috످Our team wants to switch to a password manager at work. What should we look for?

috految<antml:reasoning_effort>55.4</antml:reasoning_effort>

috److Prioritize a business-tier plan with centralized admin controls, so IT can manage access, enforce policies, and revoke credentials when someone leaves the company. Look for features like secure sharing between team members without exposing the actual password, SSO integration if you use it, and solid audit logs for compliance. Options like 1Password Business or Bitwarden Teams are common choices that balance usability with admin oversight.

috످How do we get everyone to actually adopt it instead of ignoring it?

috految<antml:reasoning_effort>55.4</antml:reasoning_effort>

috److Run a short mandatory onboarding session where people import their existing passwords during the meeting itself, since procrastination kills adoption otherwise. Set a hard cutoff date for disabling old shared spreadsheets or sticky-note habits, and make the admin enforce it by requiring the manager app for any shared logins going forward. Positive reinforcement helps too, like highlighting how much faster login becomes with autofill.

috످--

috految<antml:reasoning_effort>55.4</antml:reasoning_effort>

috److془The user sent "--". Ask briefly. Also correct: Bitwarden Teams doesn't include SSO or policies; need Enterprise. Also hidden passwords can be revealed.془It looks like your message came through as just "--". Did you mean to ask something else?

Also, I suggested Bitwarden Teams earlier, but you'd need Bitwarden Enterprise for SSO and policy enforcement (1Password Business includes both). And while I said you can share logins without exposing passwords, recipients can still uncover them, so change any shared passwords when someone leaves.

috످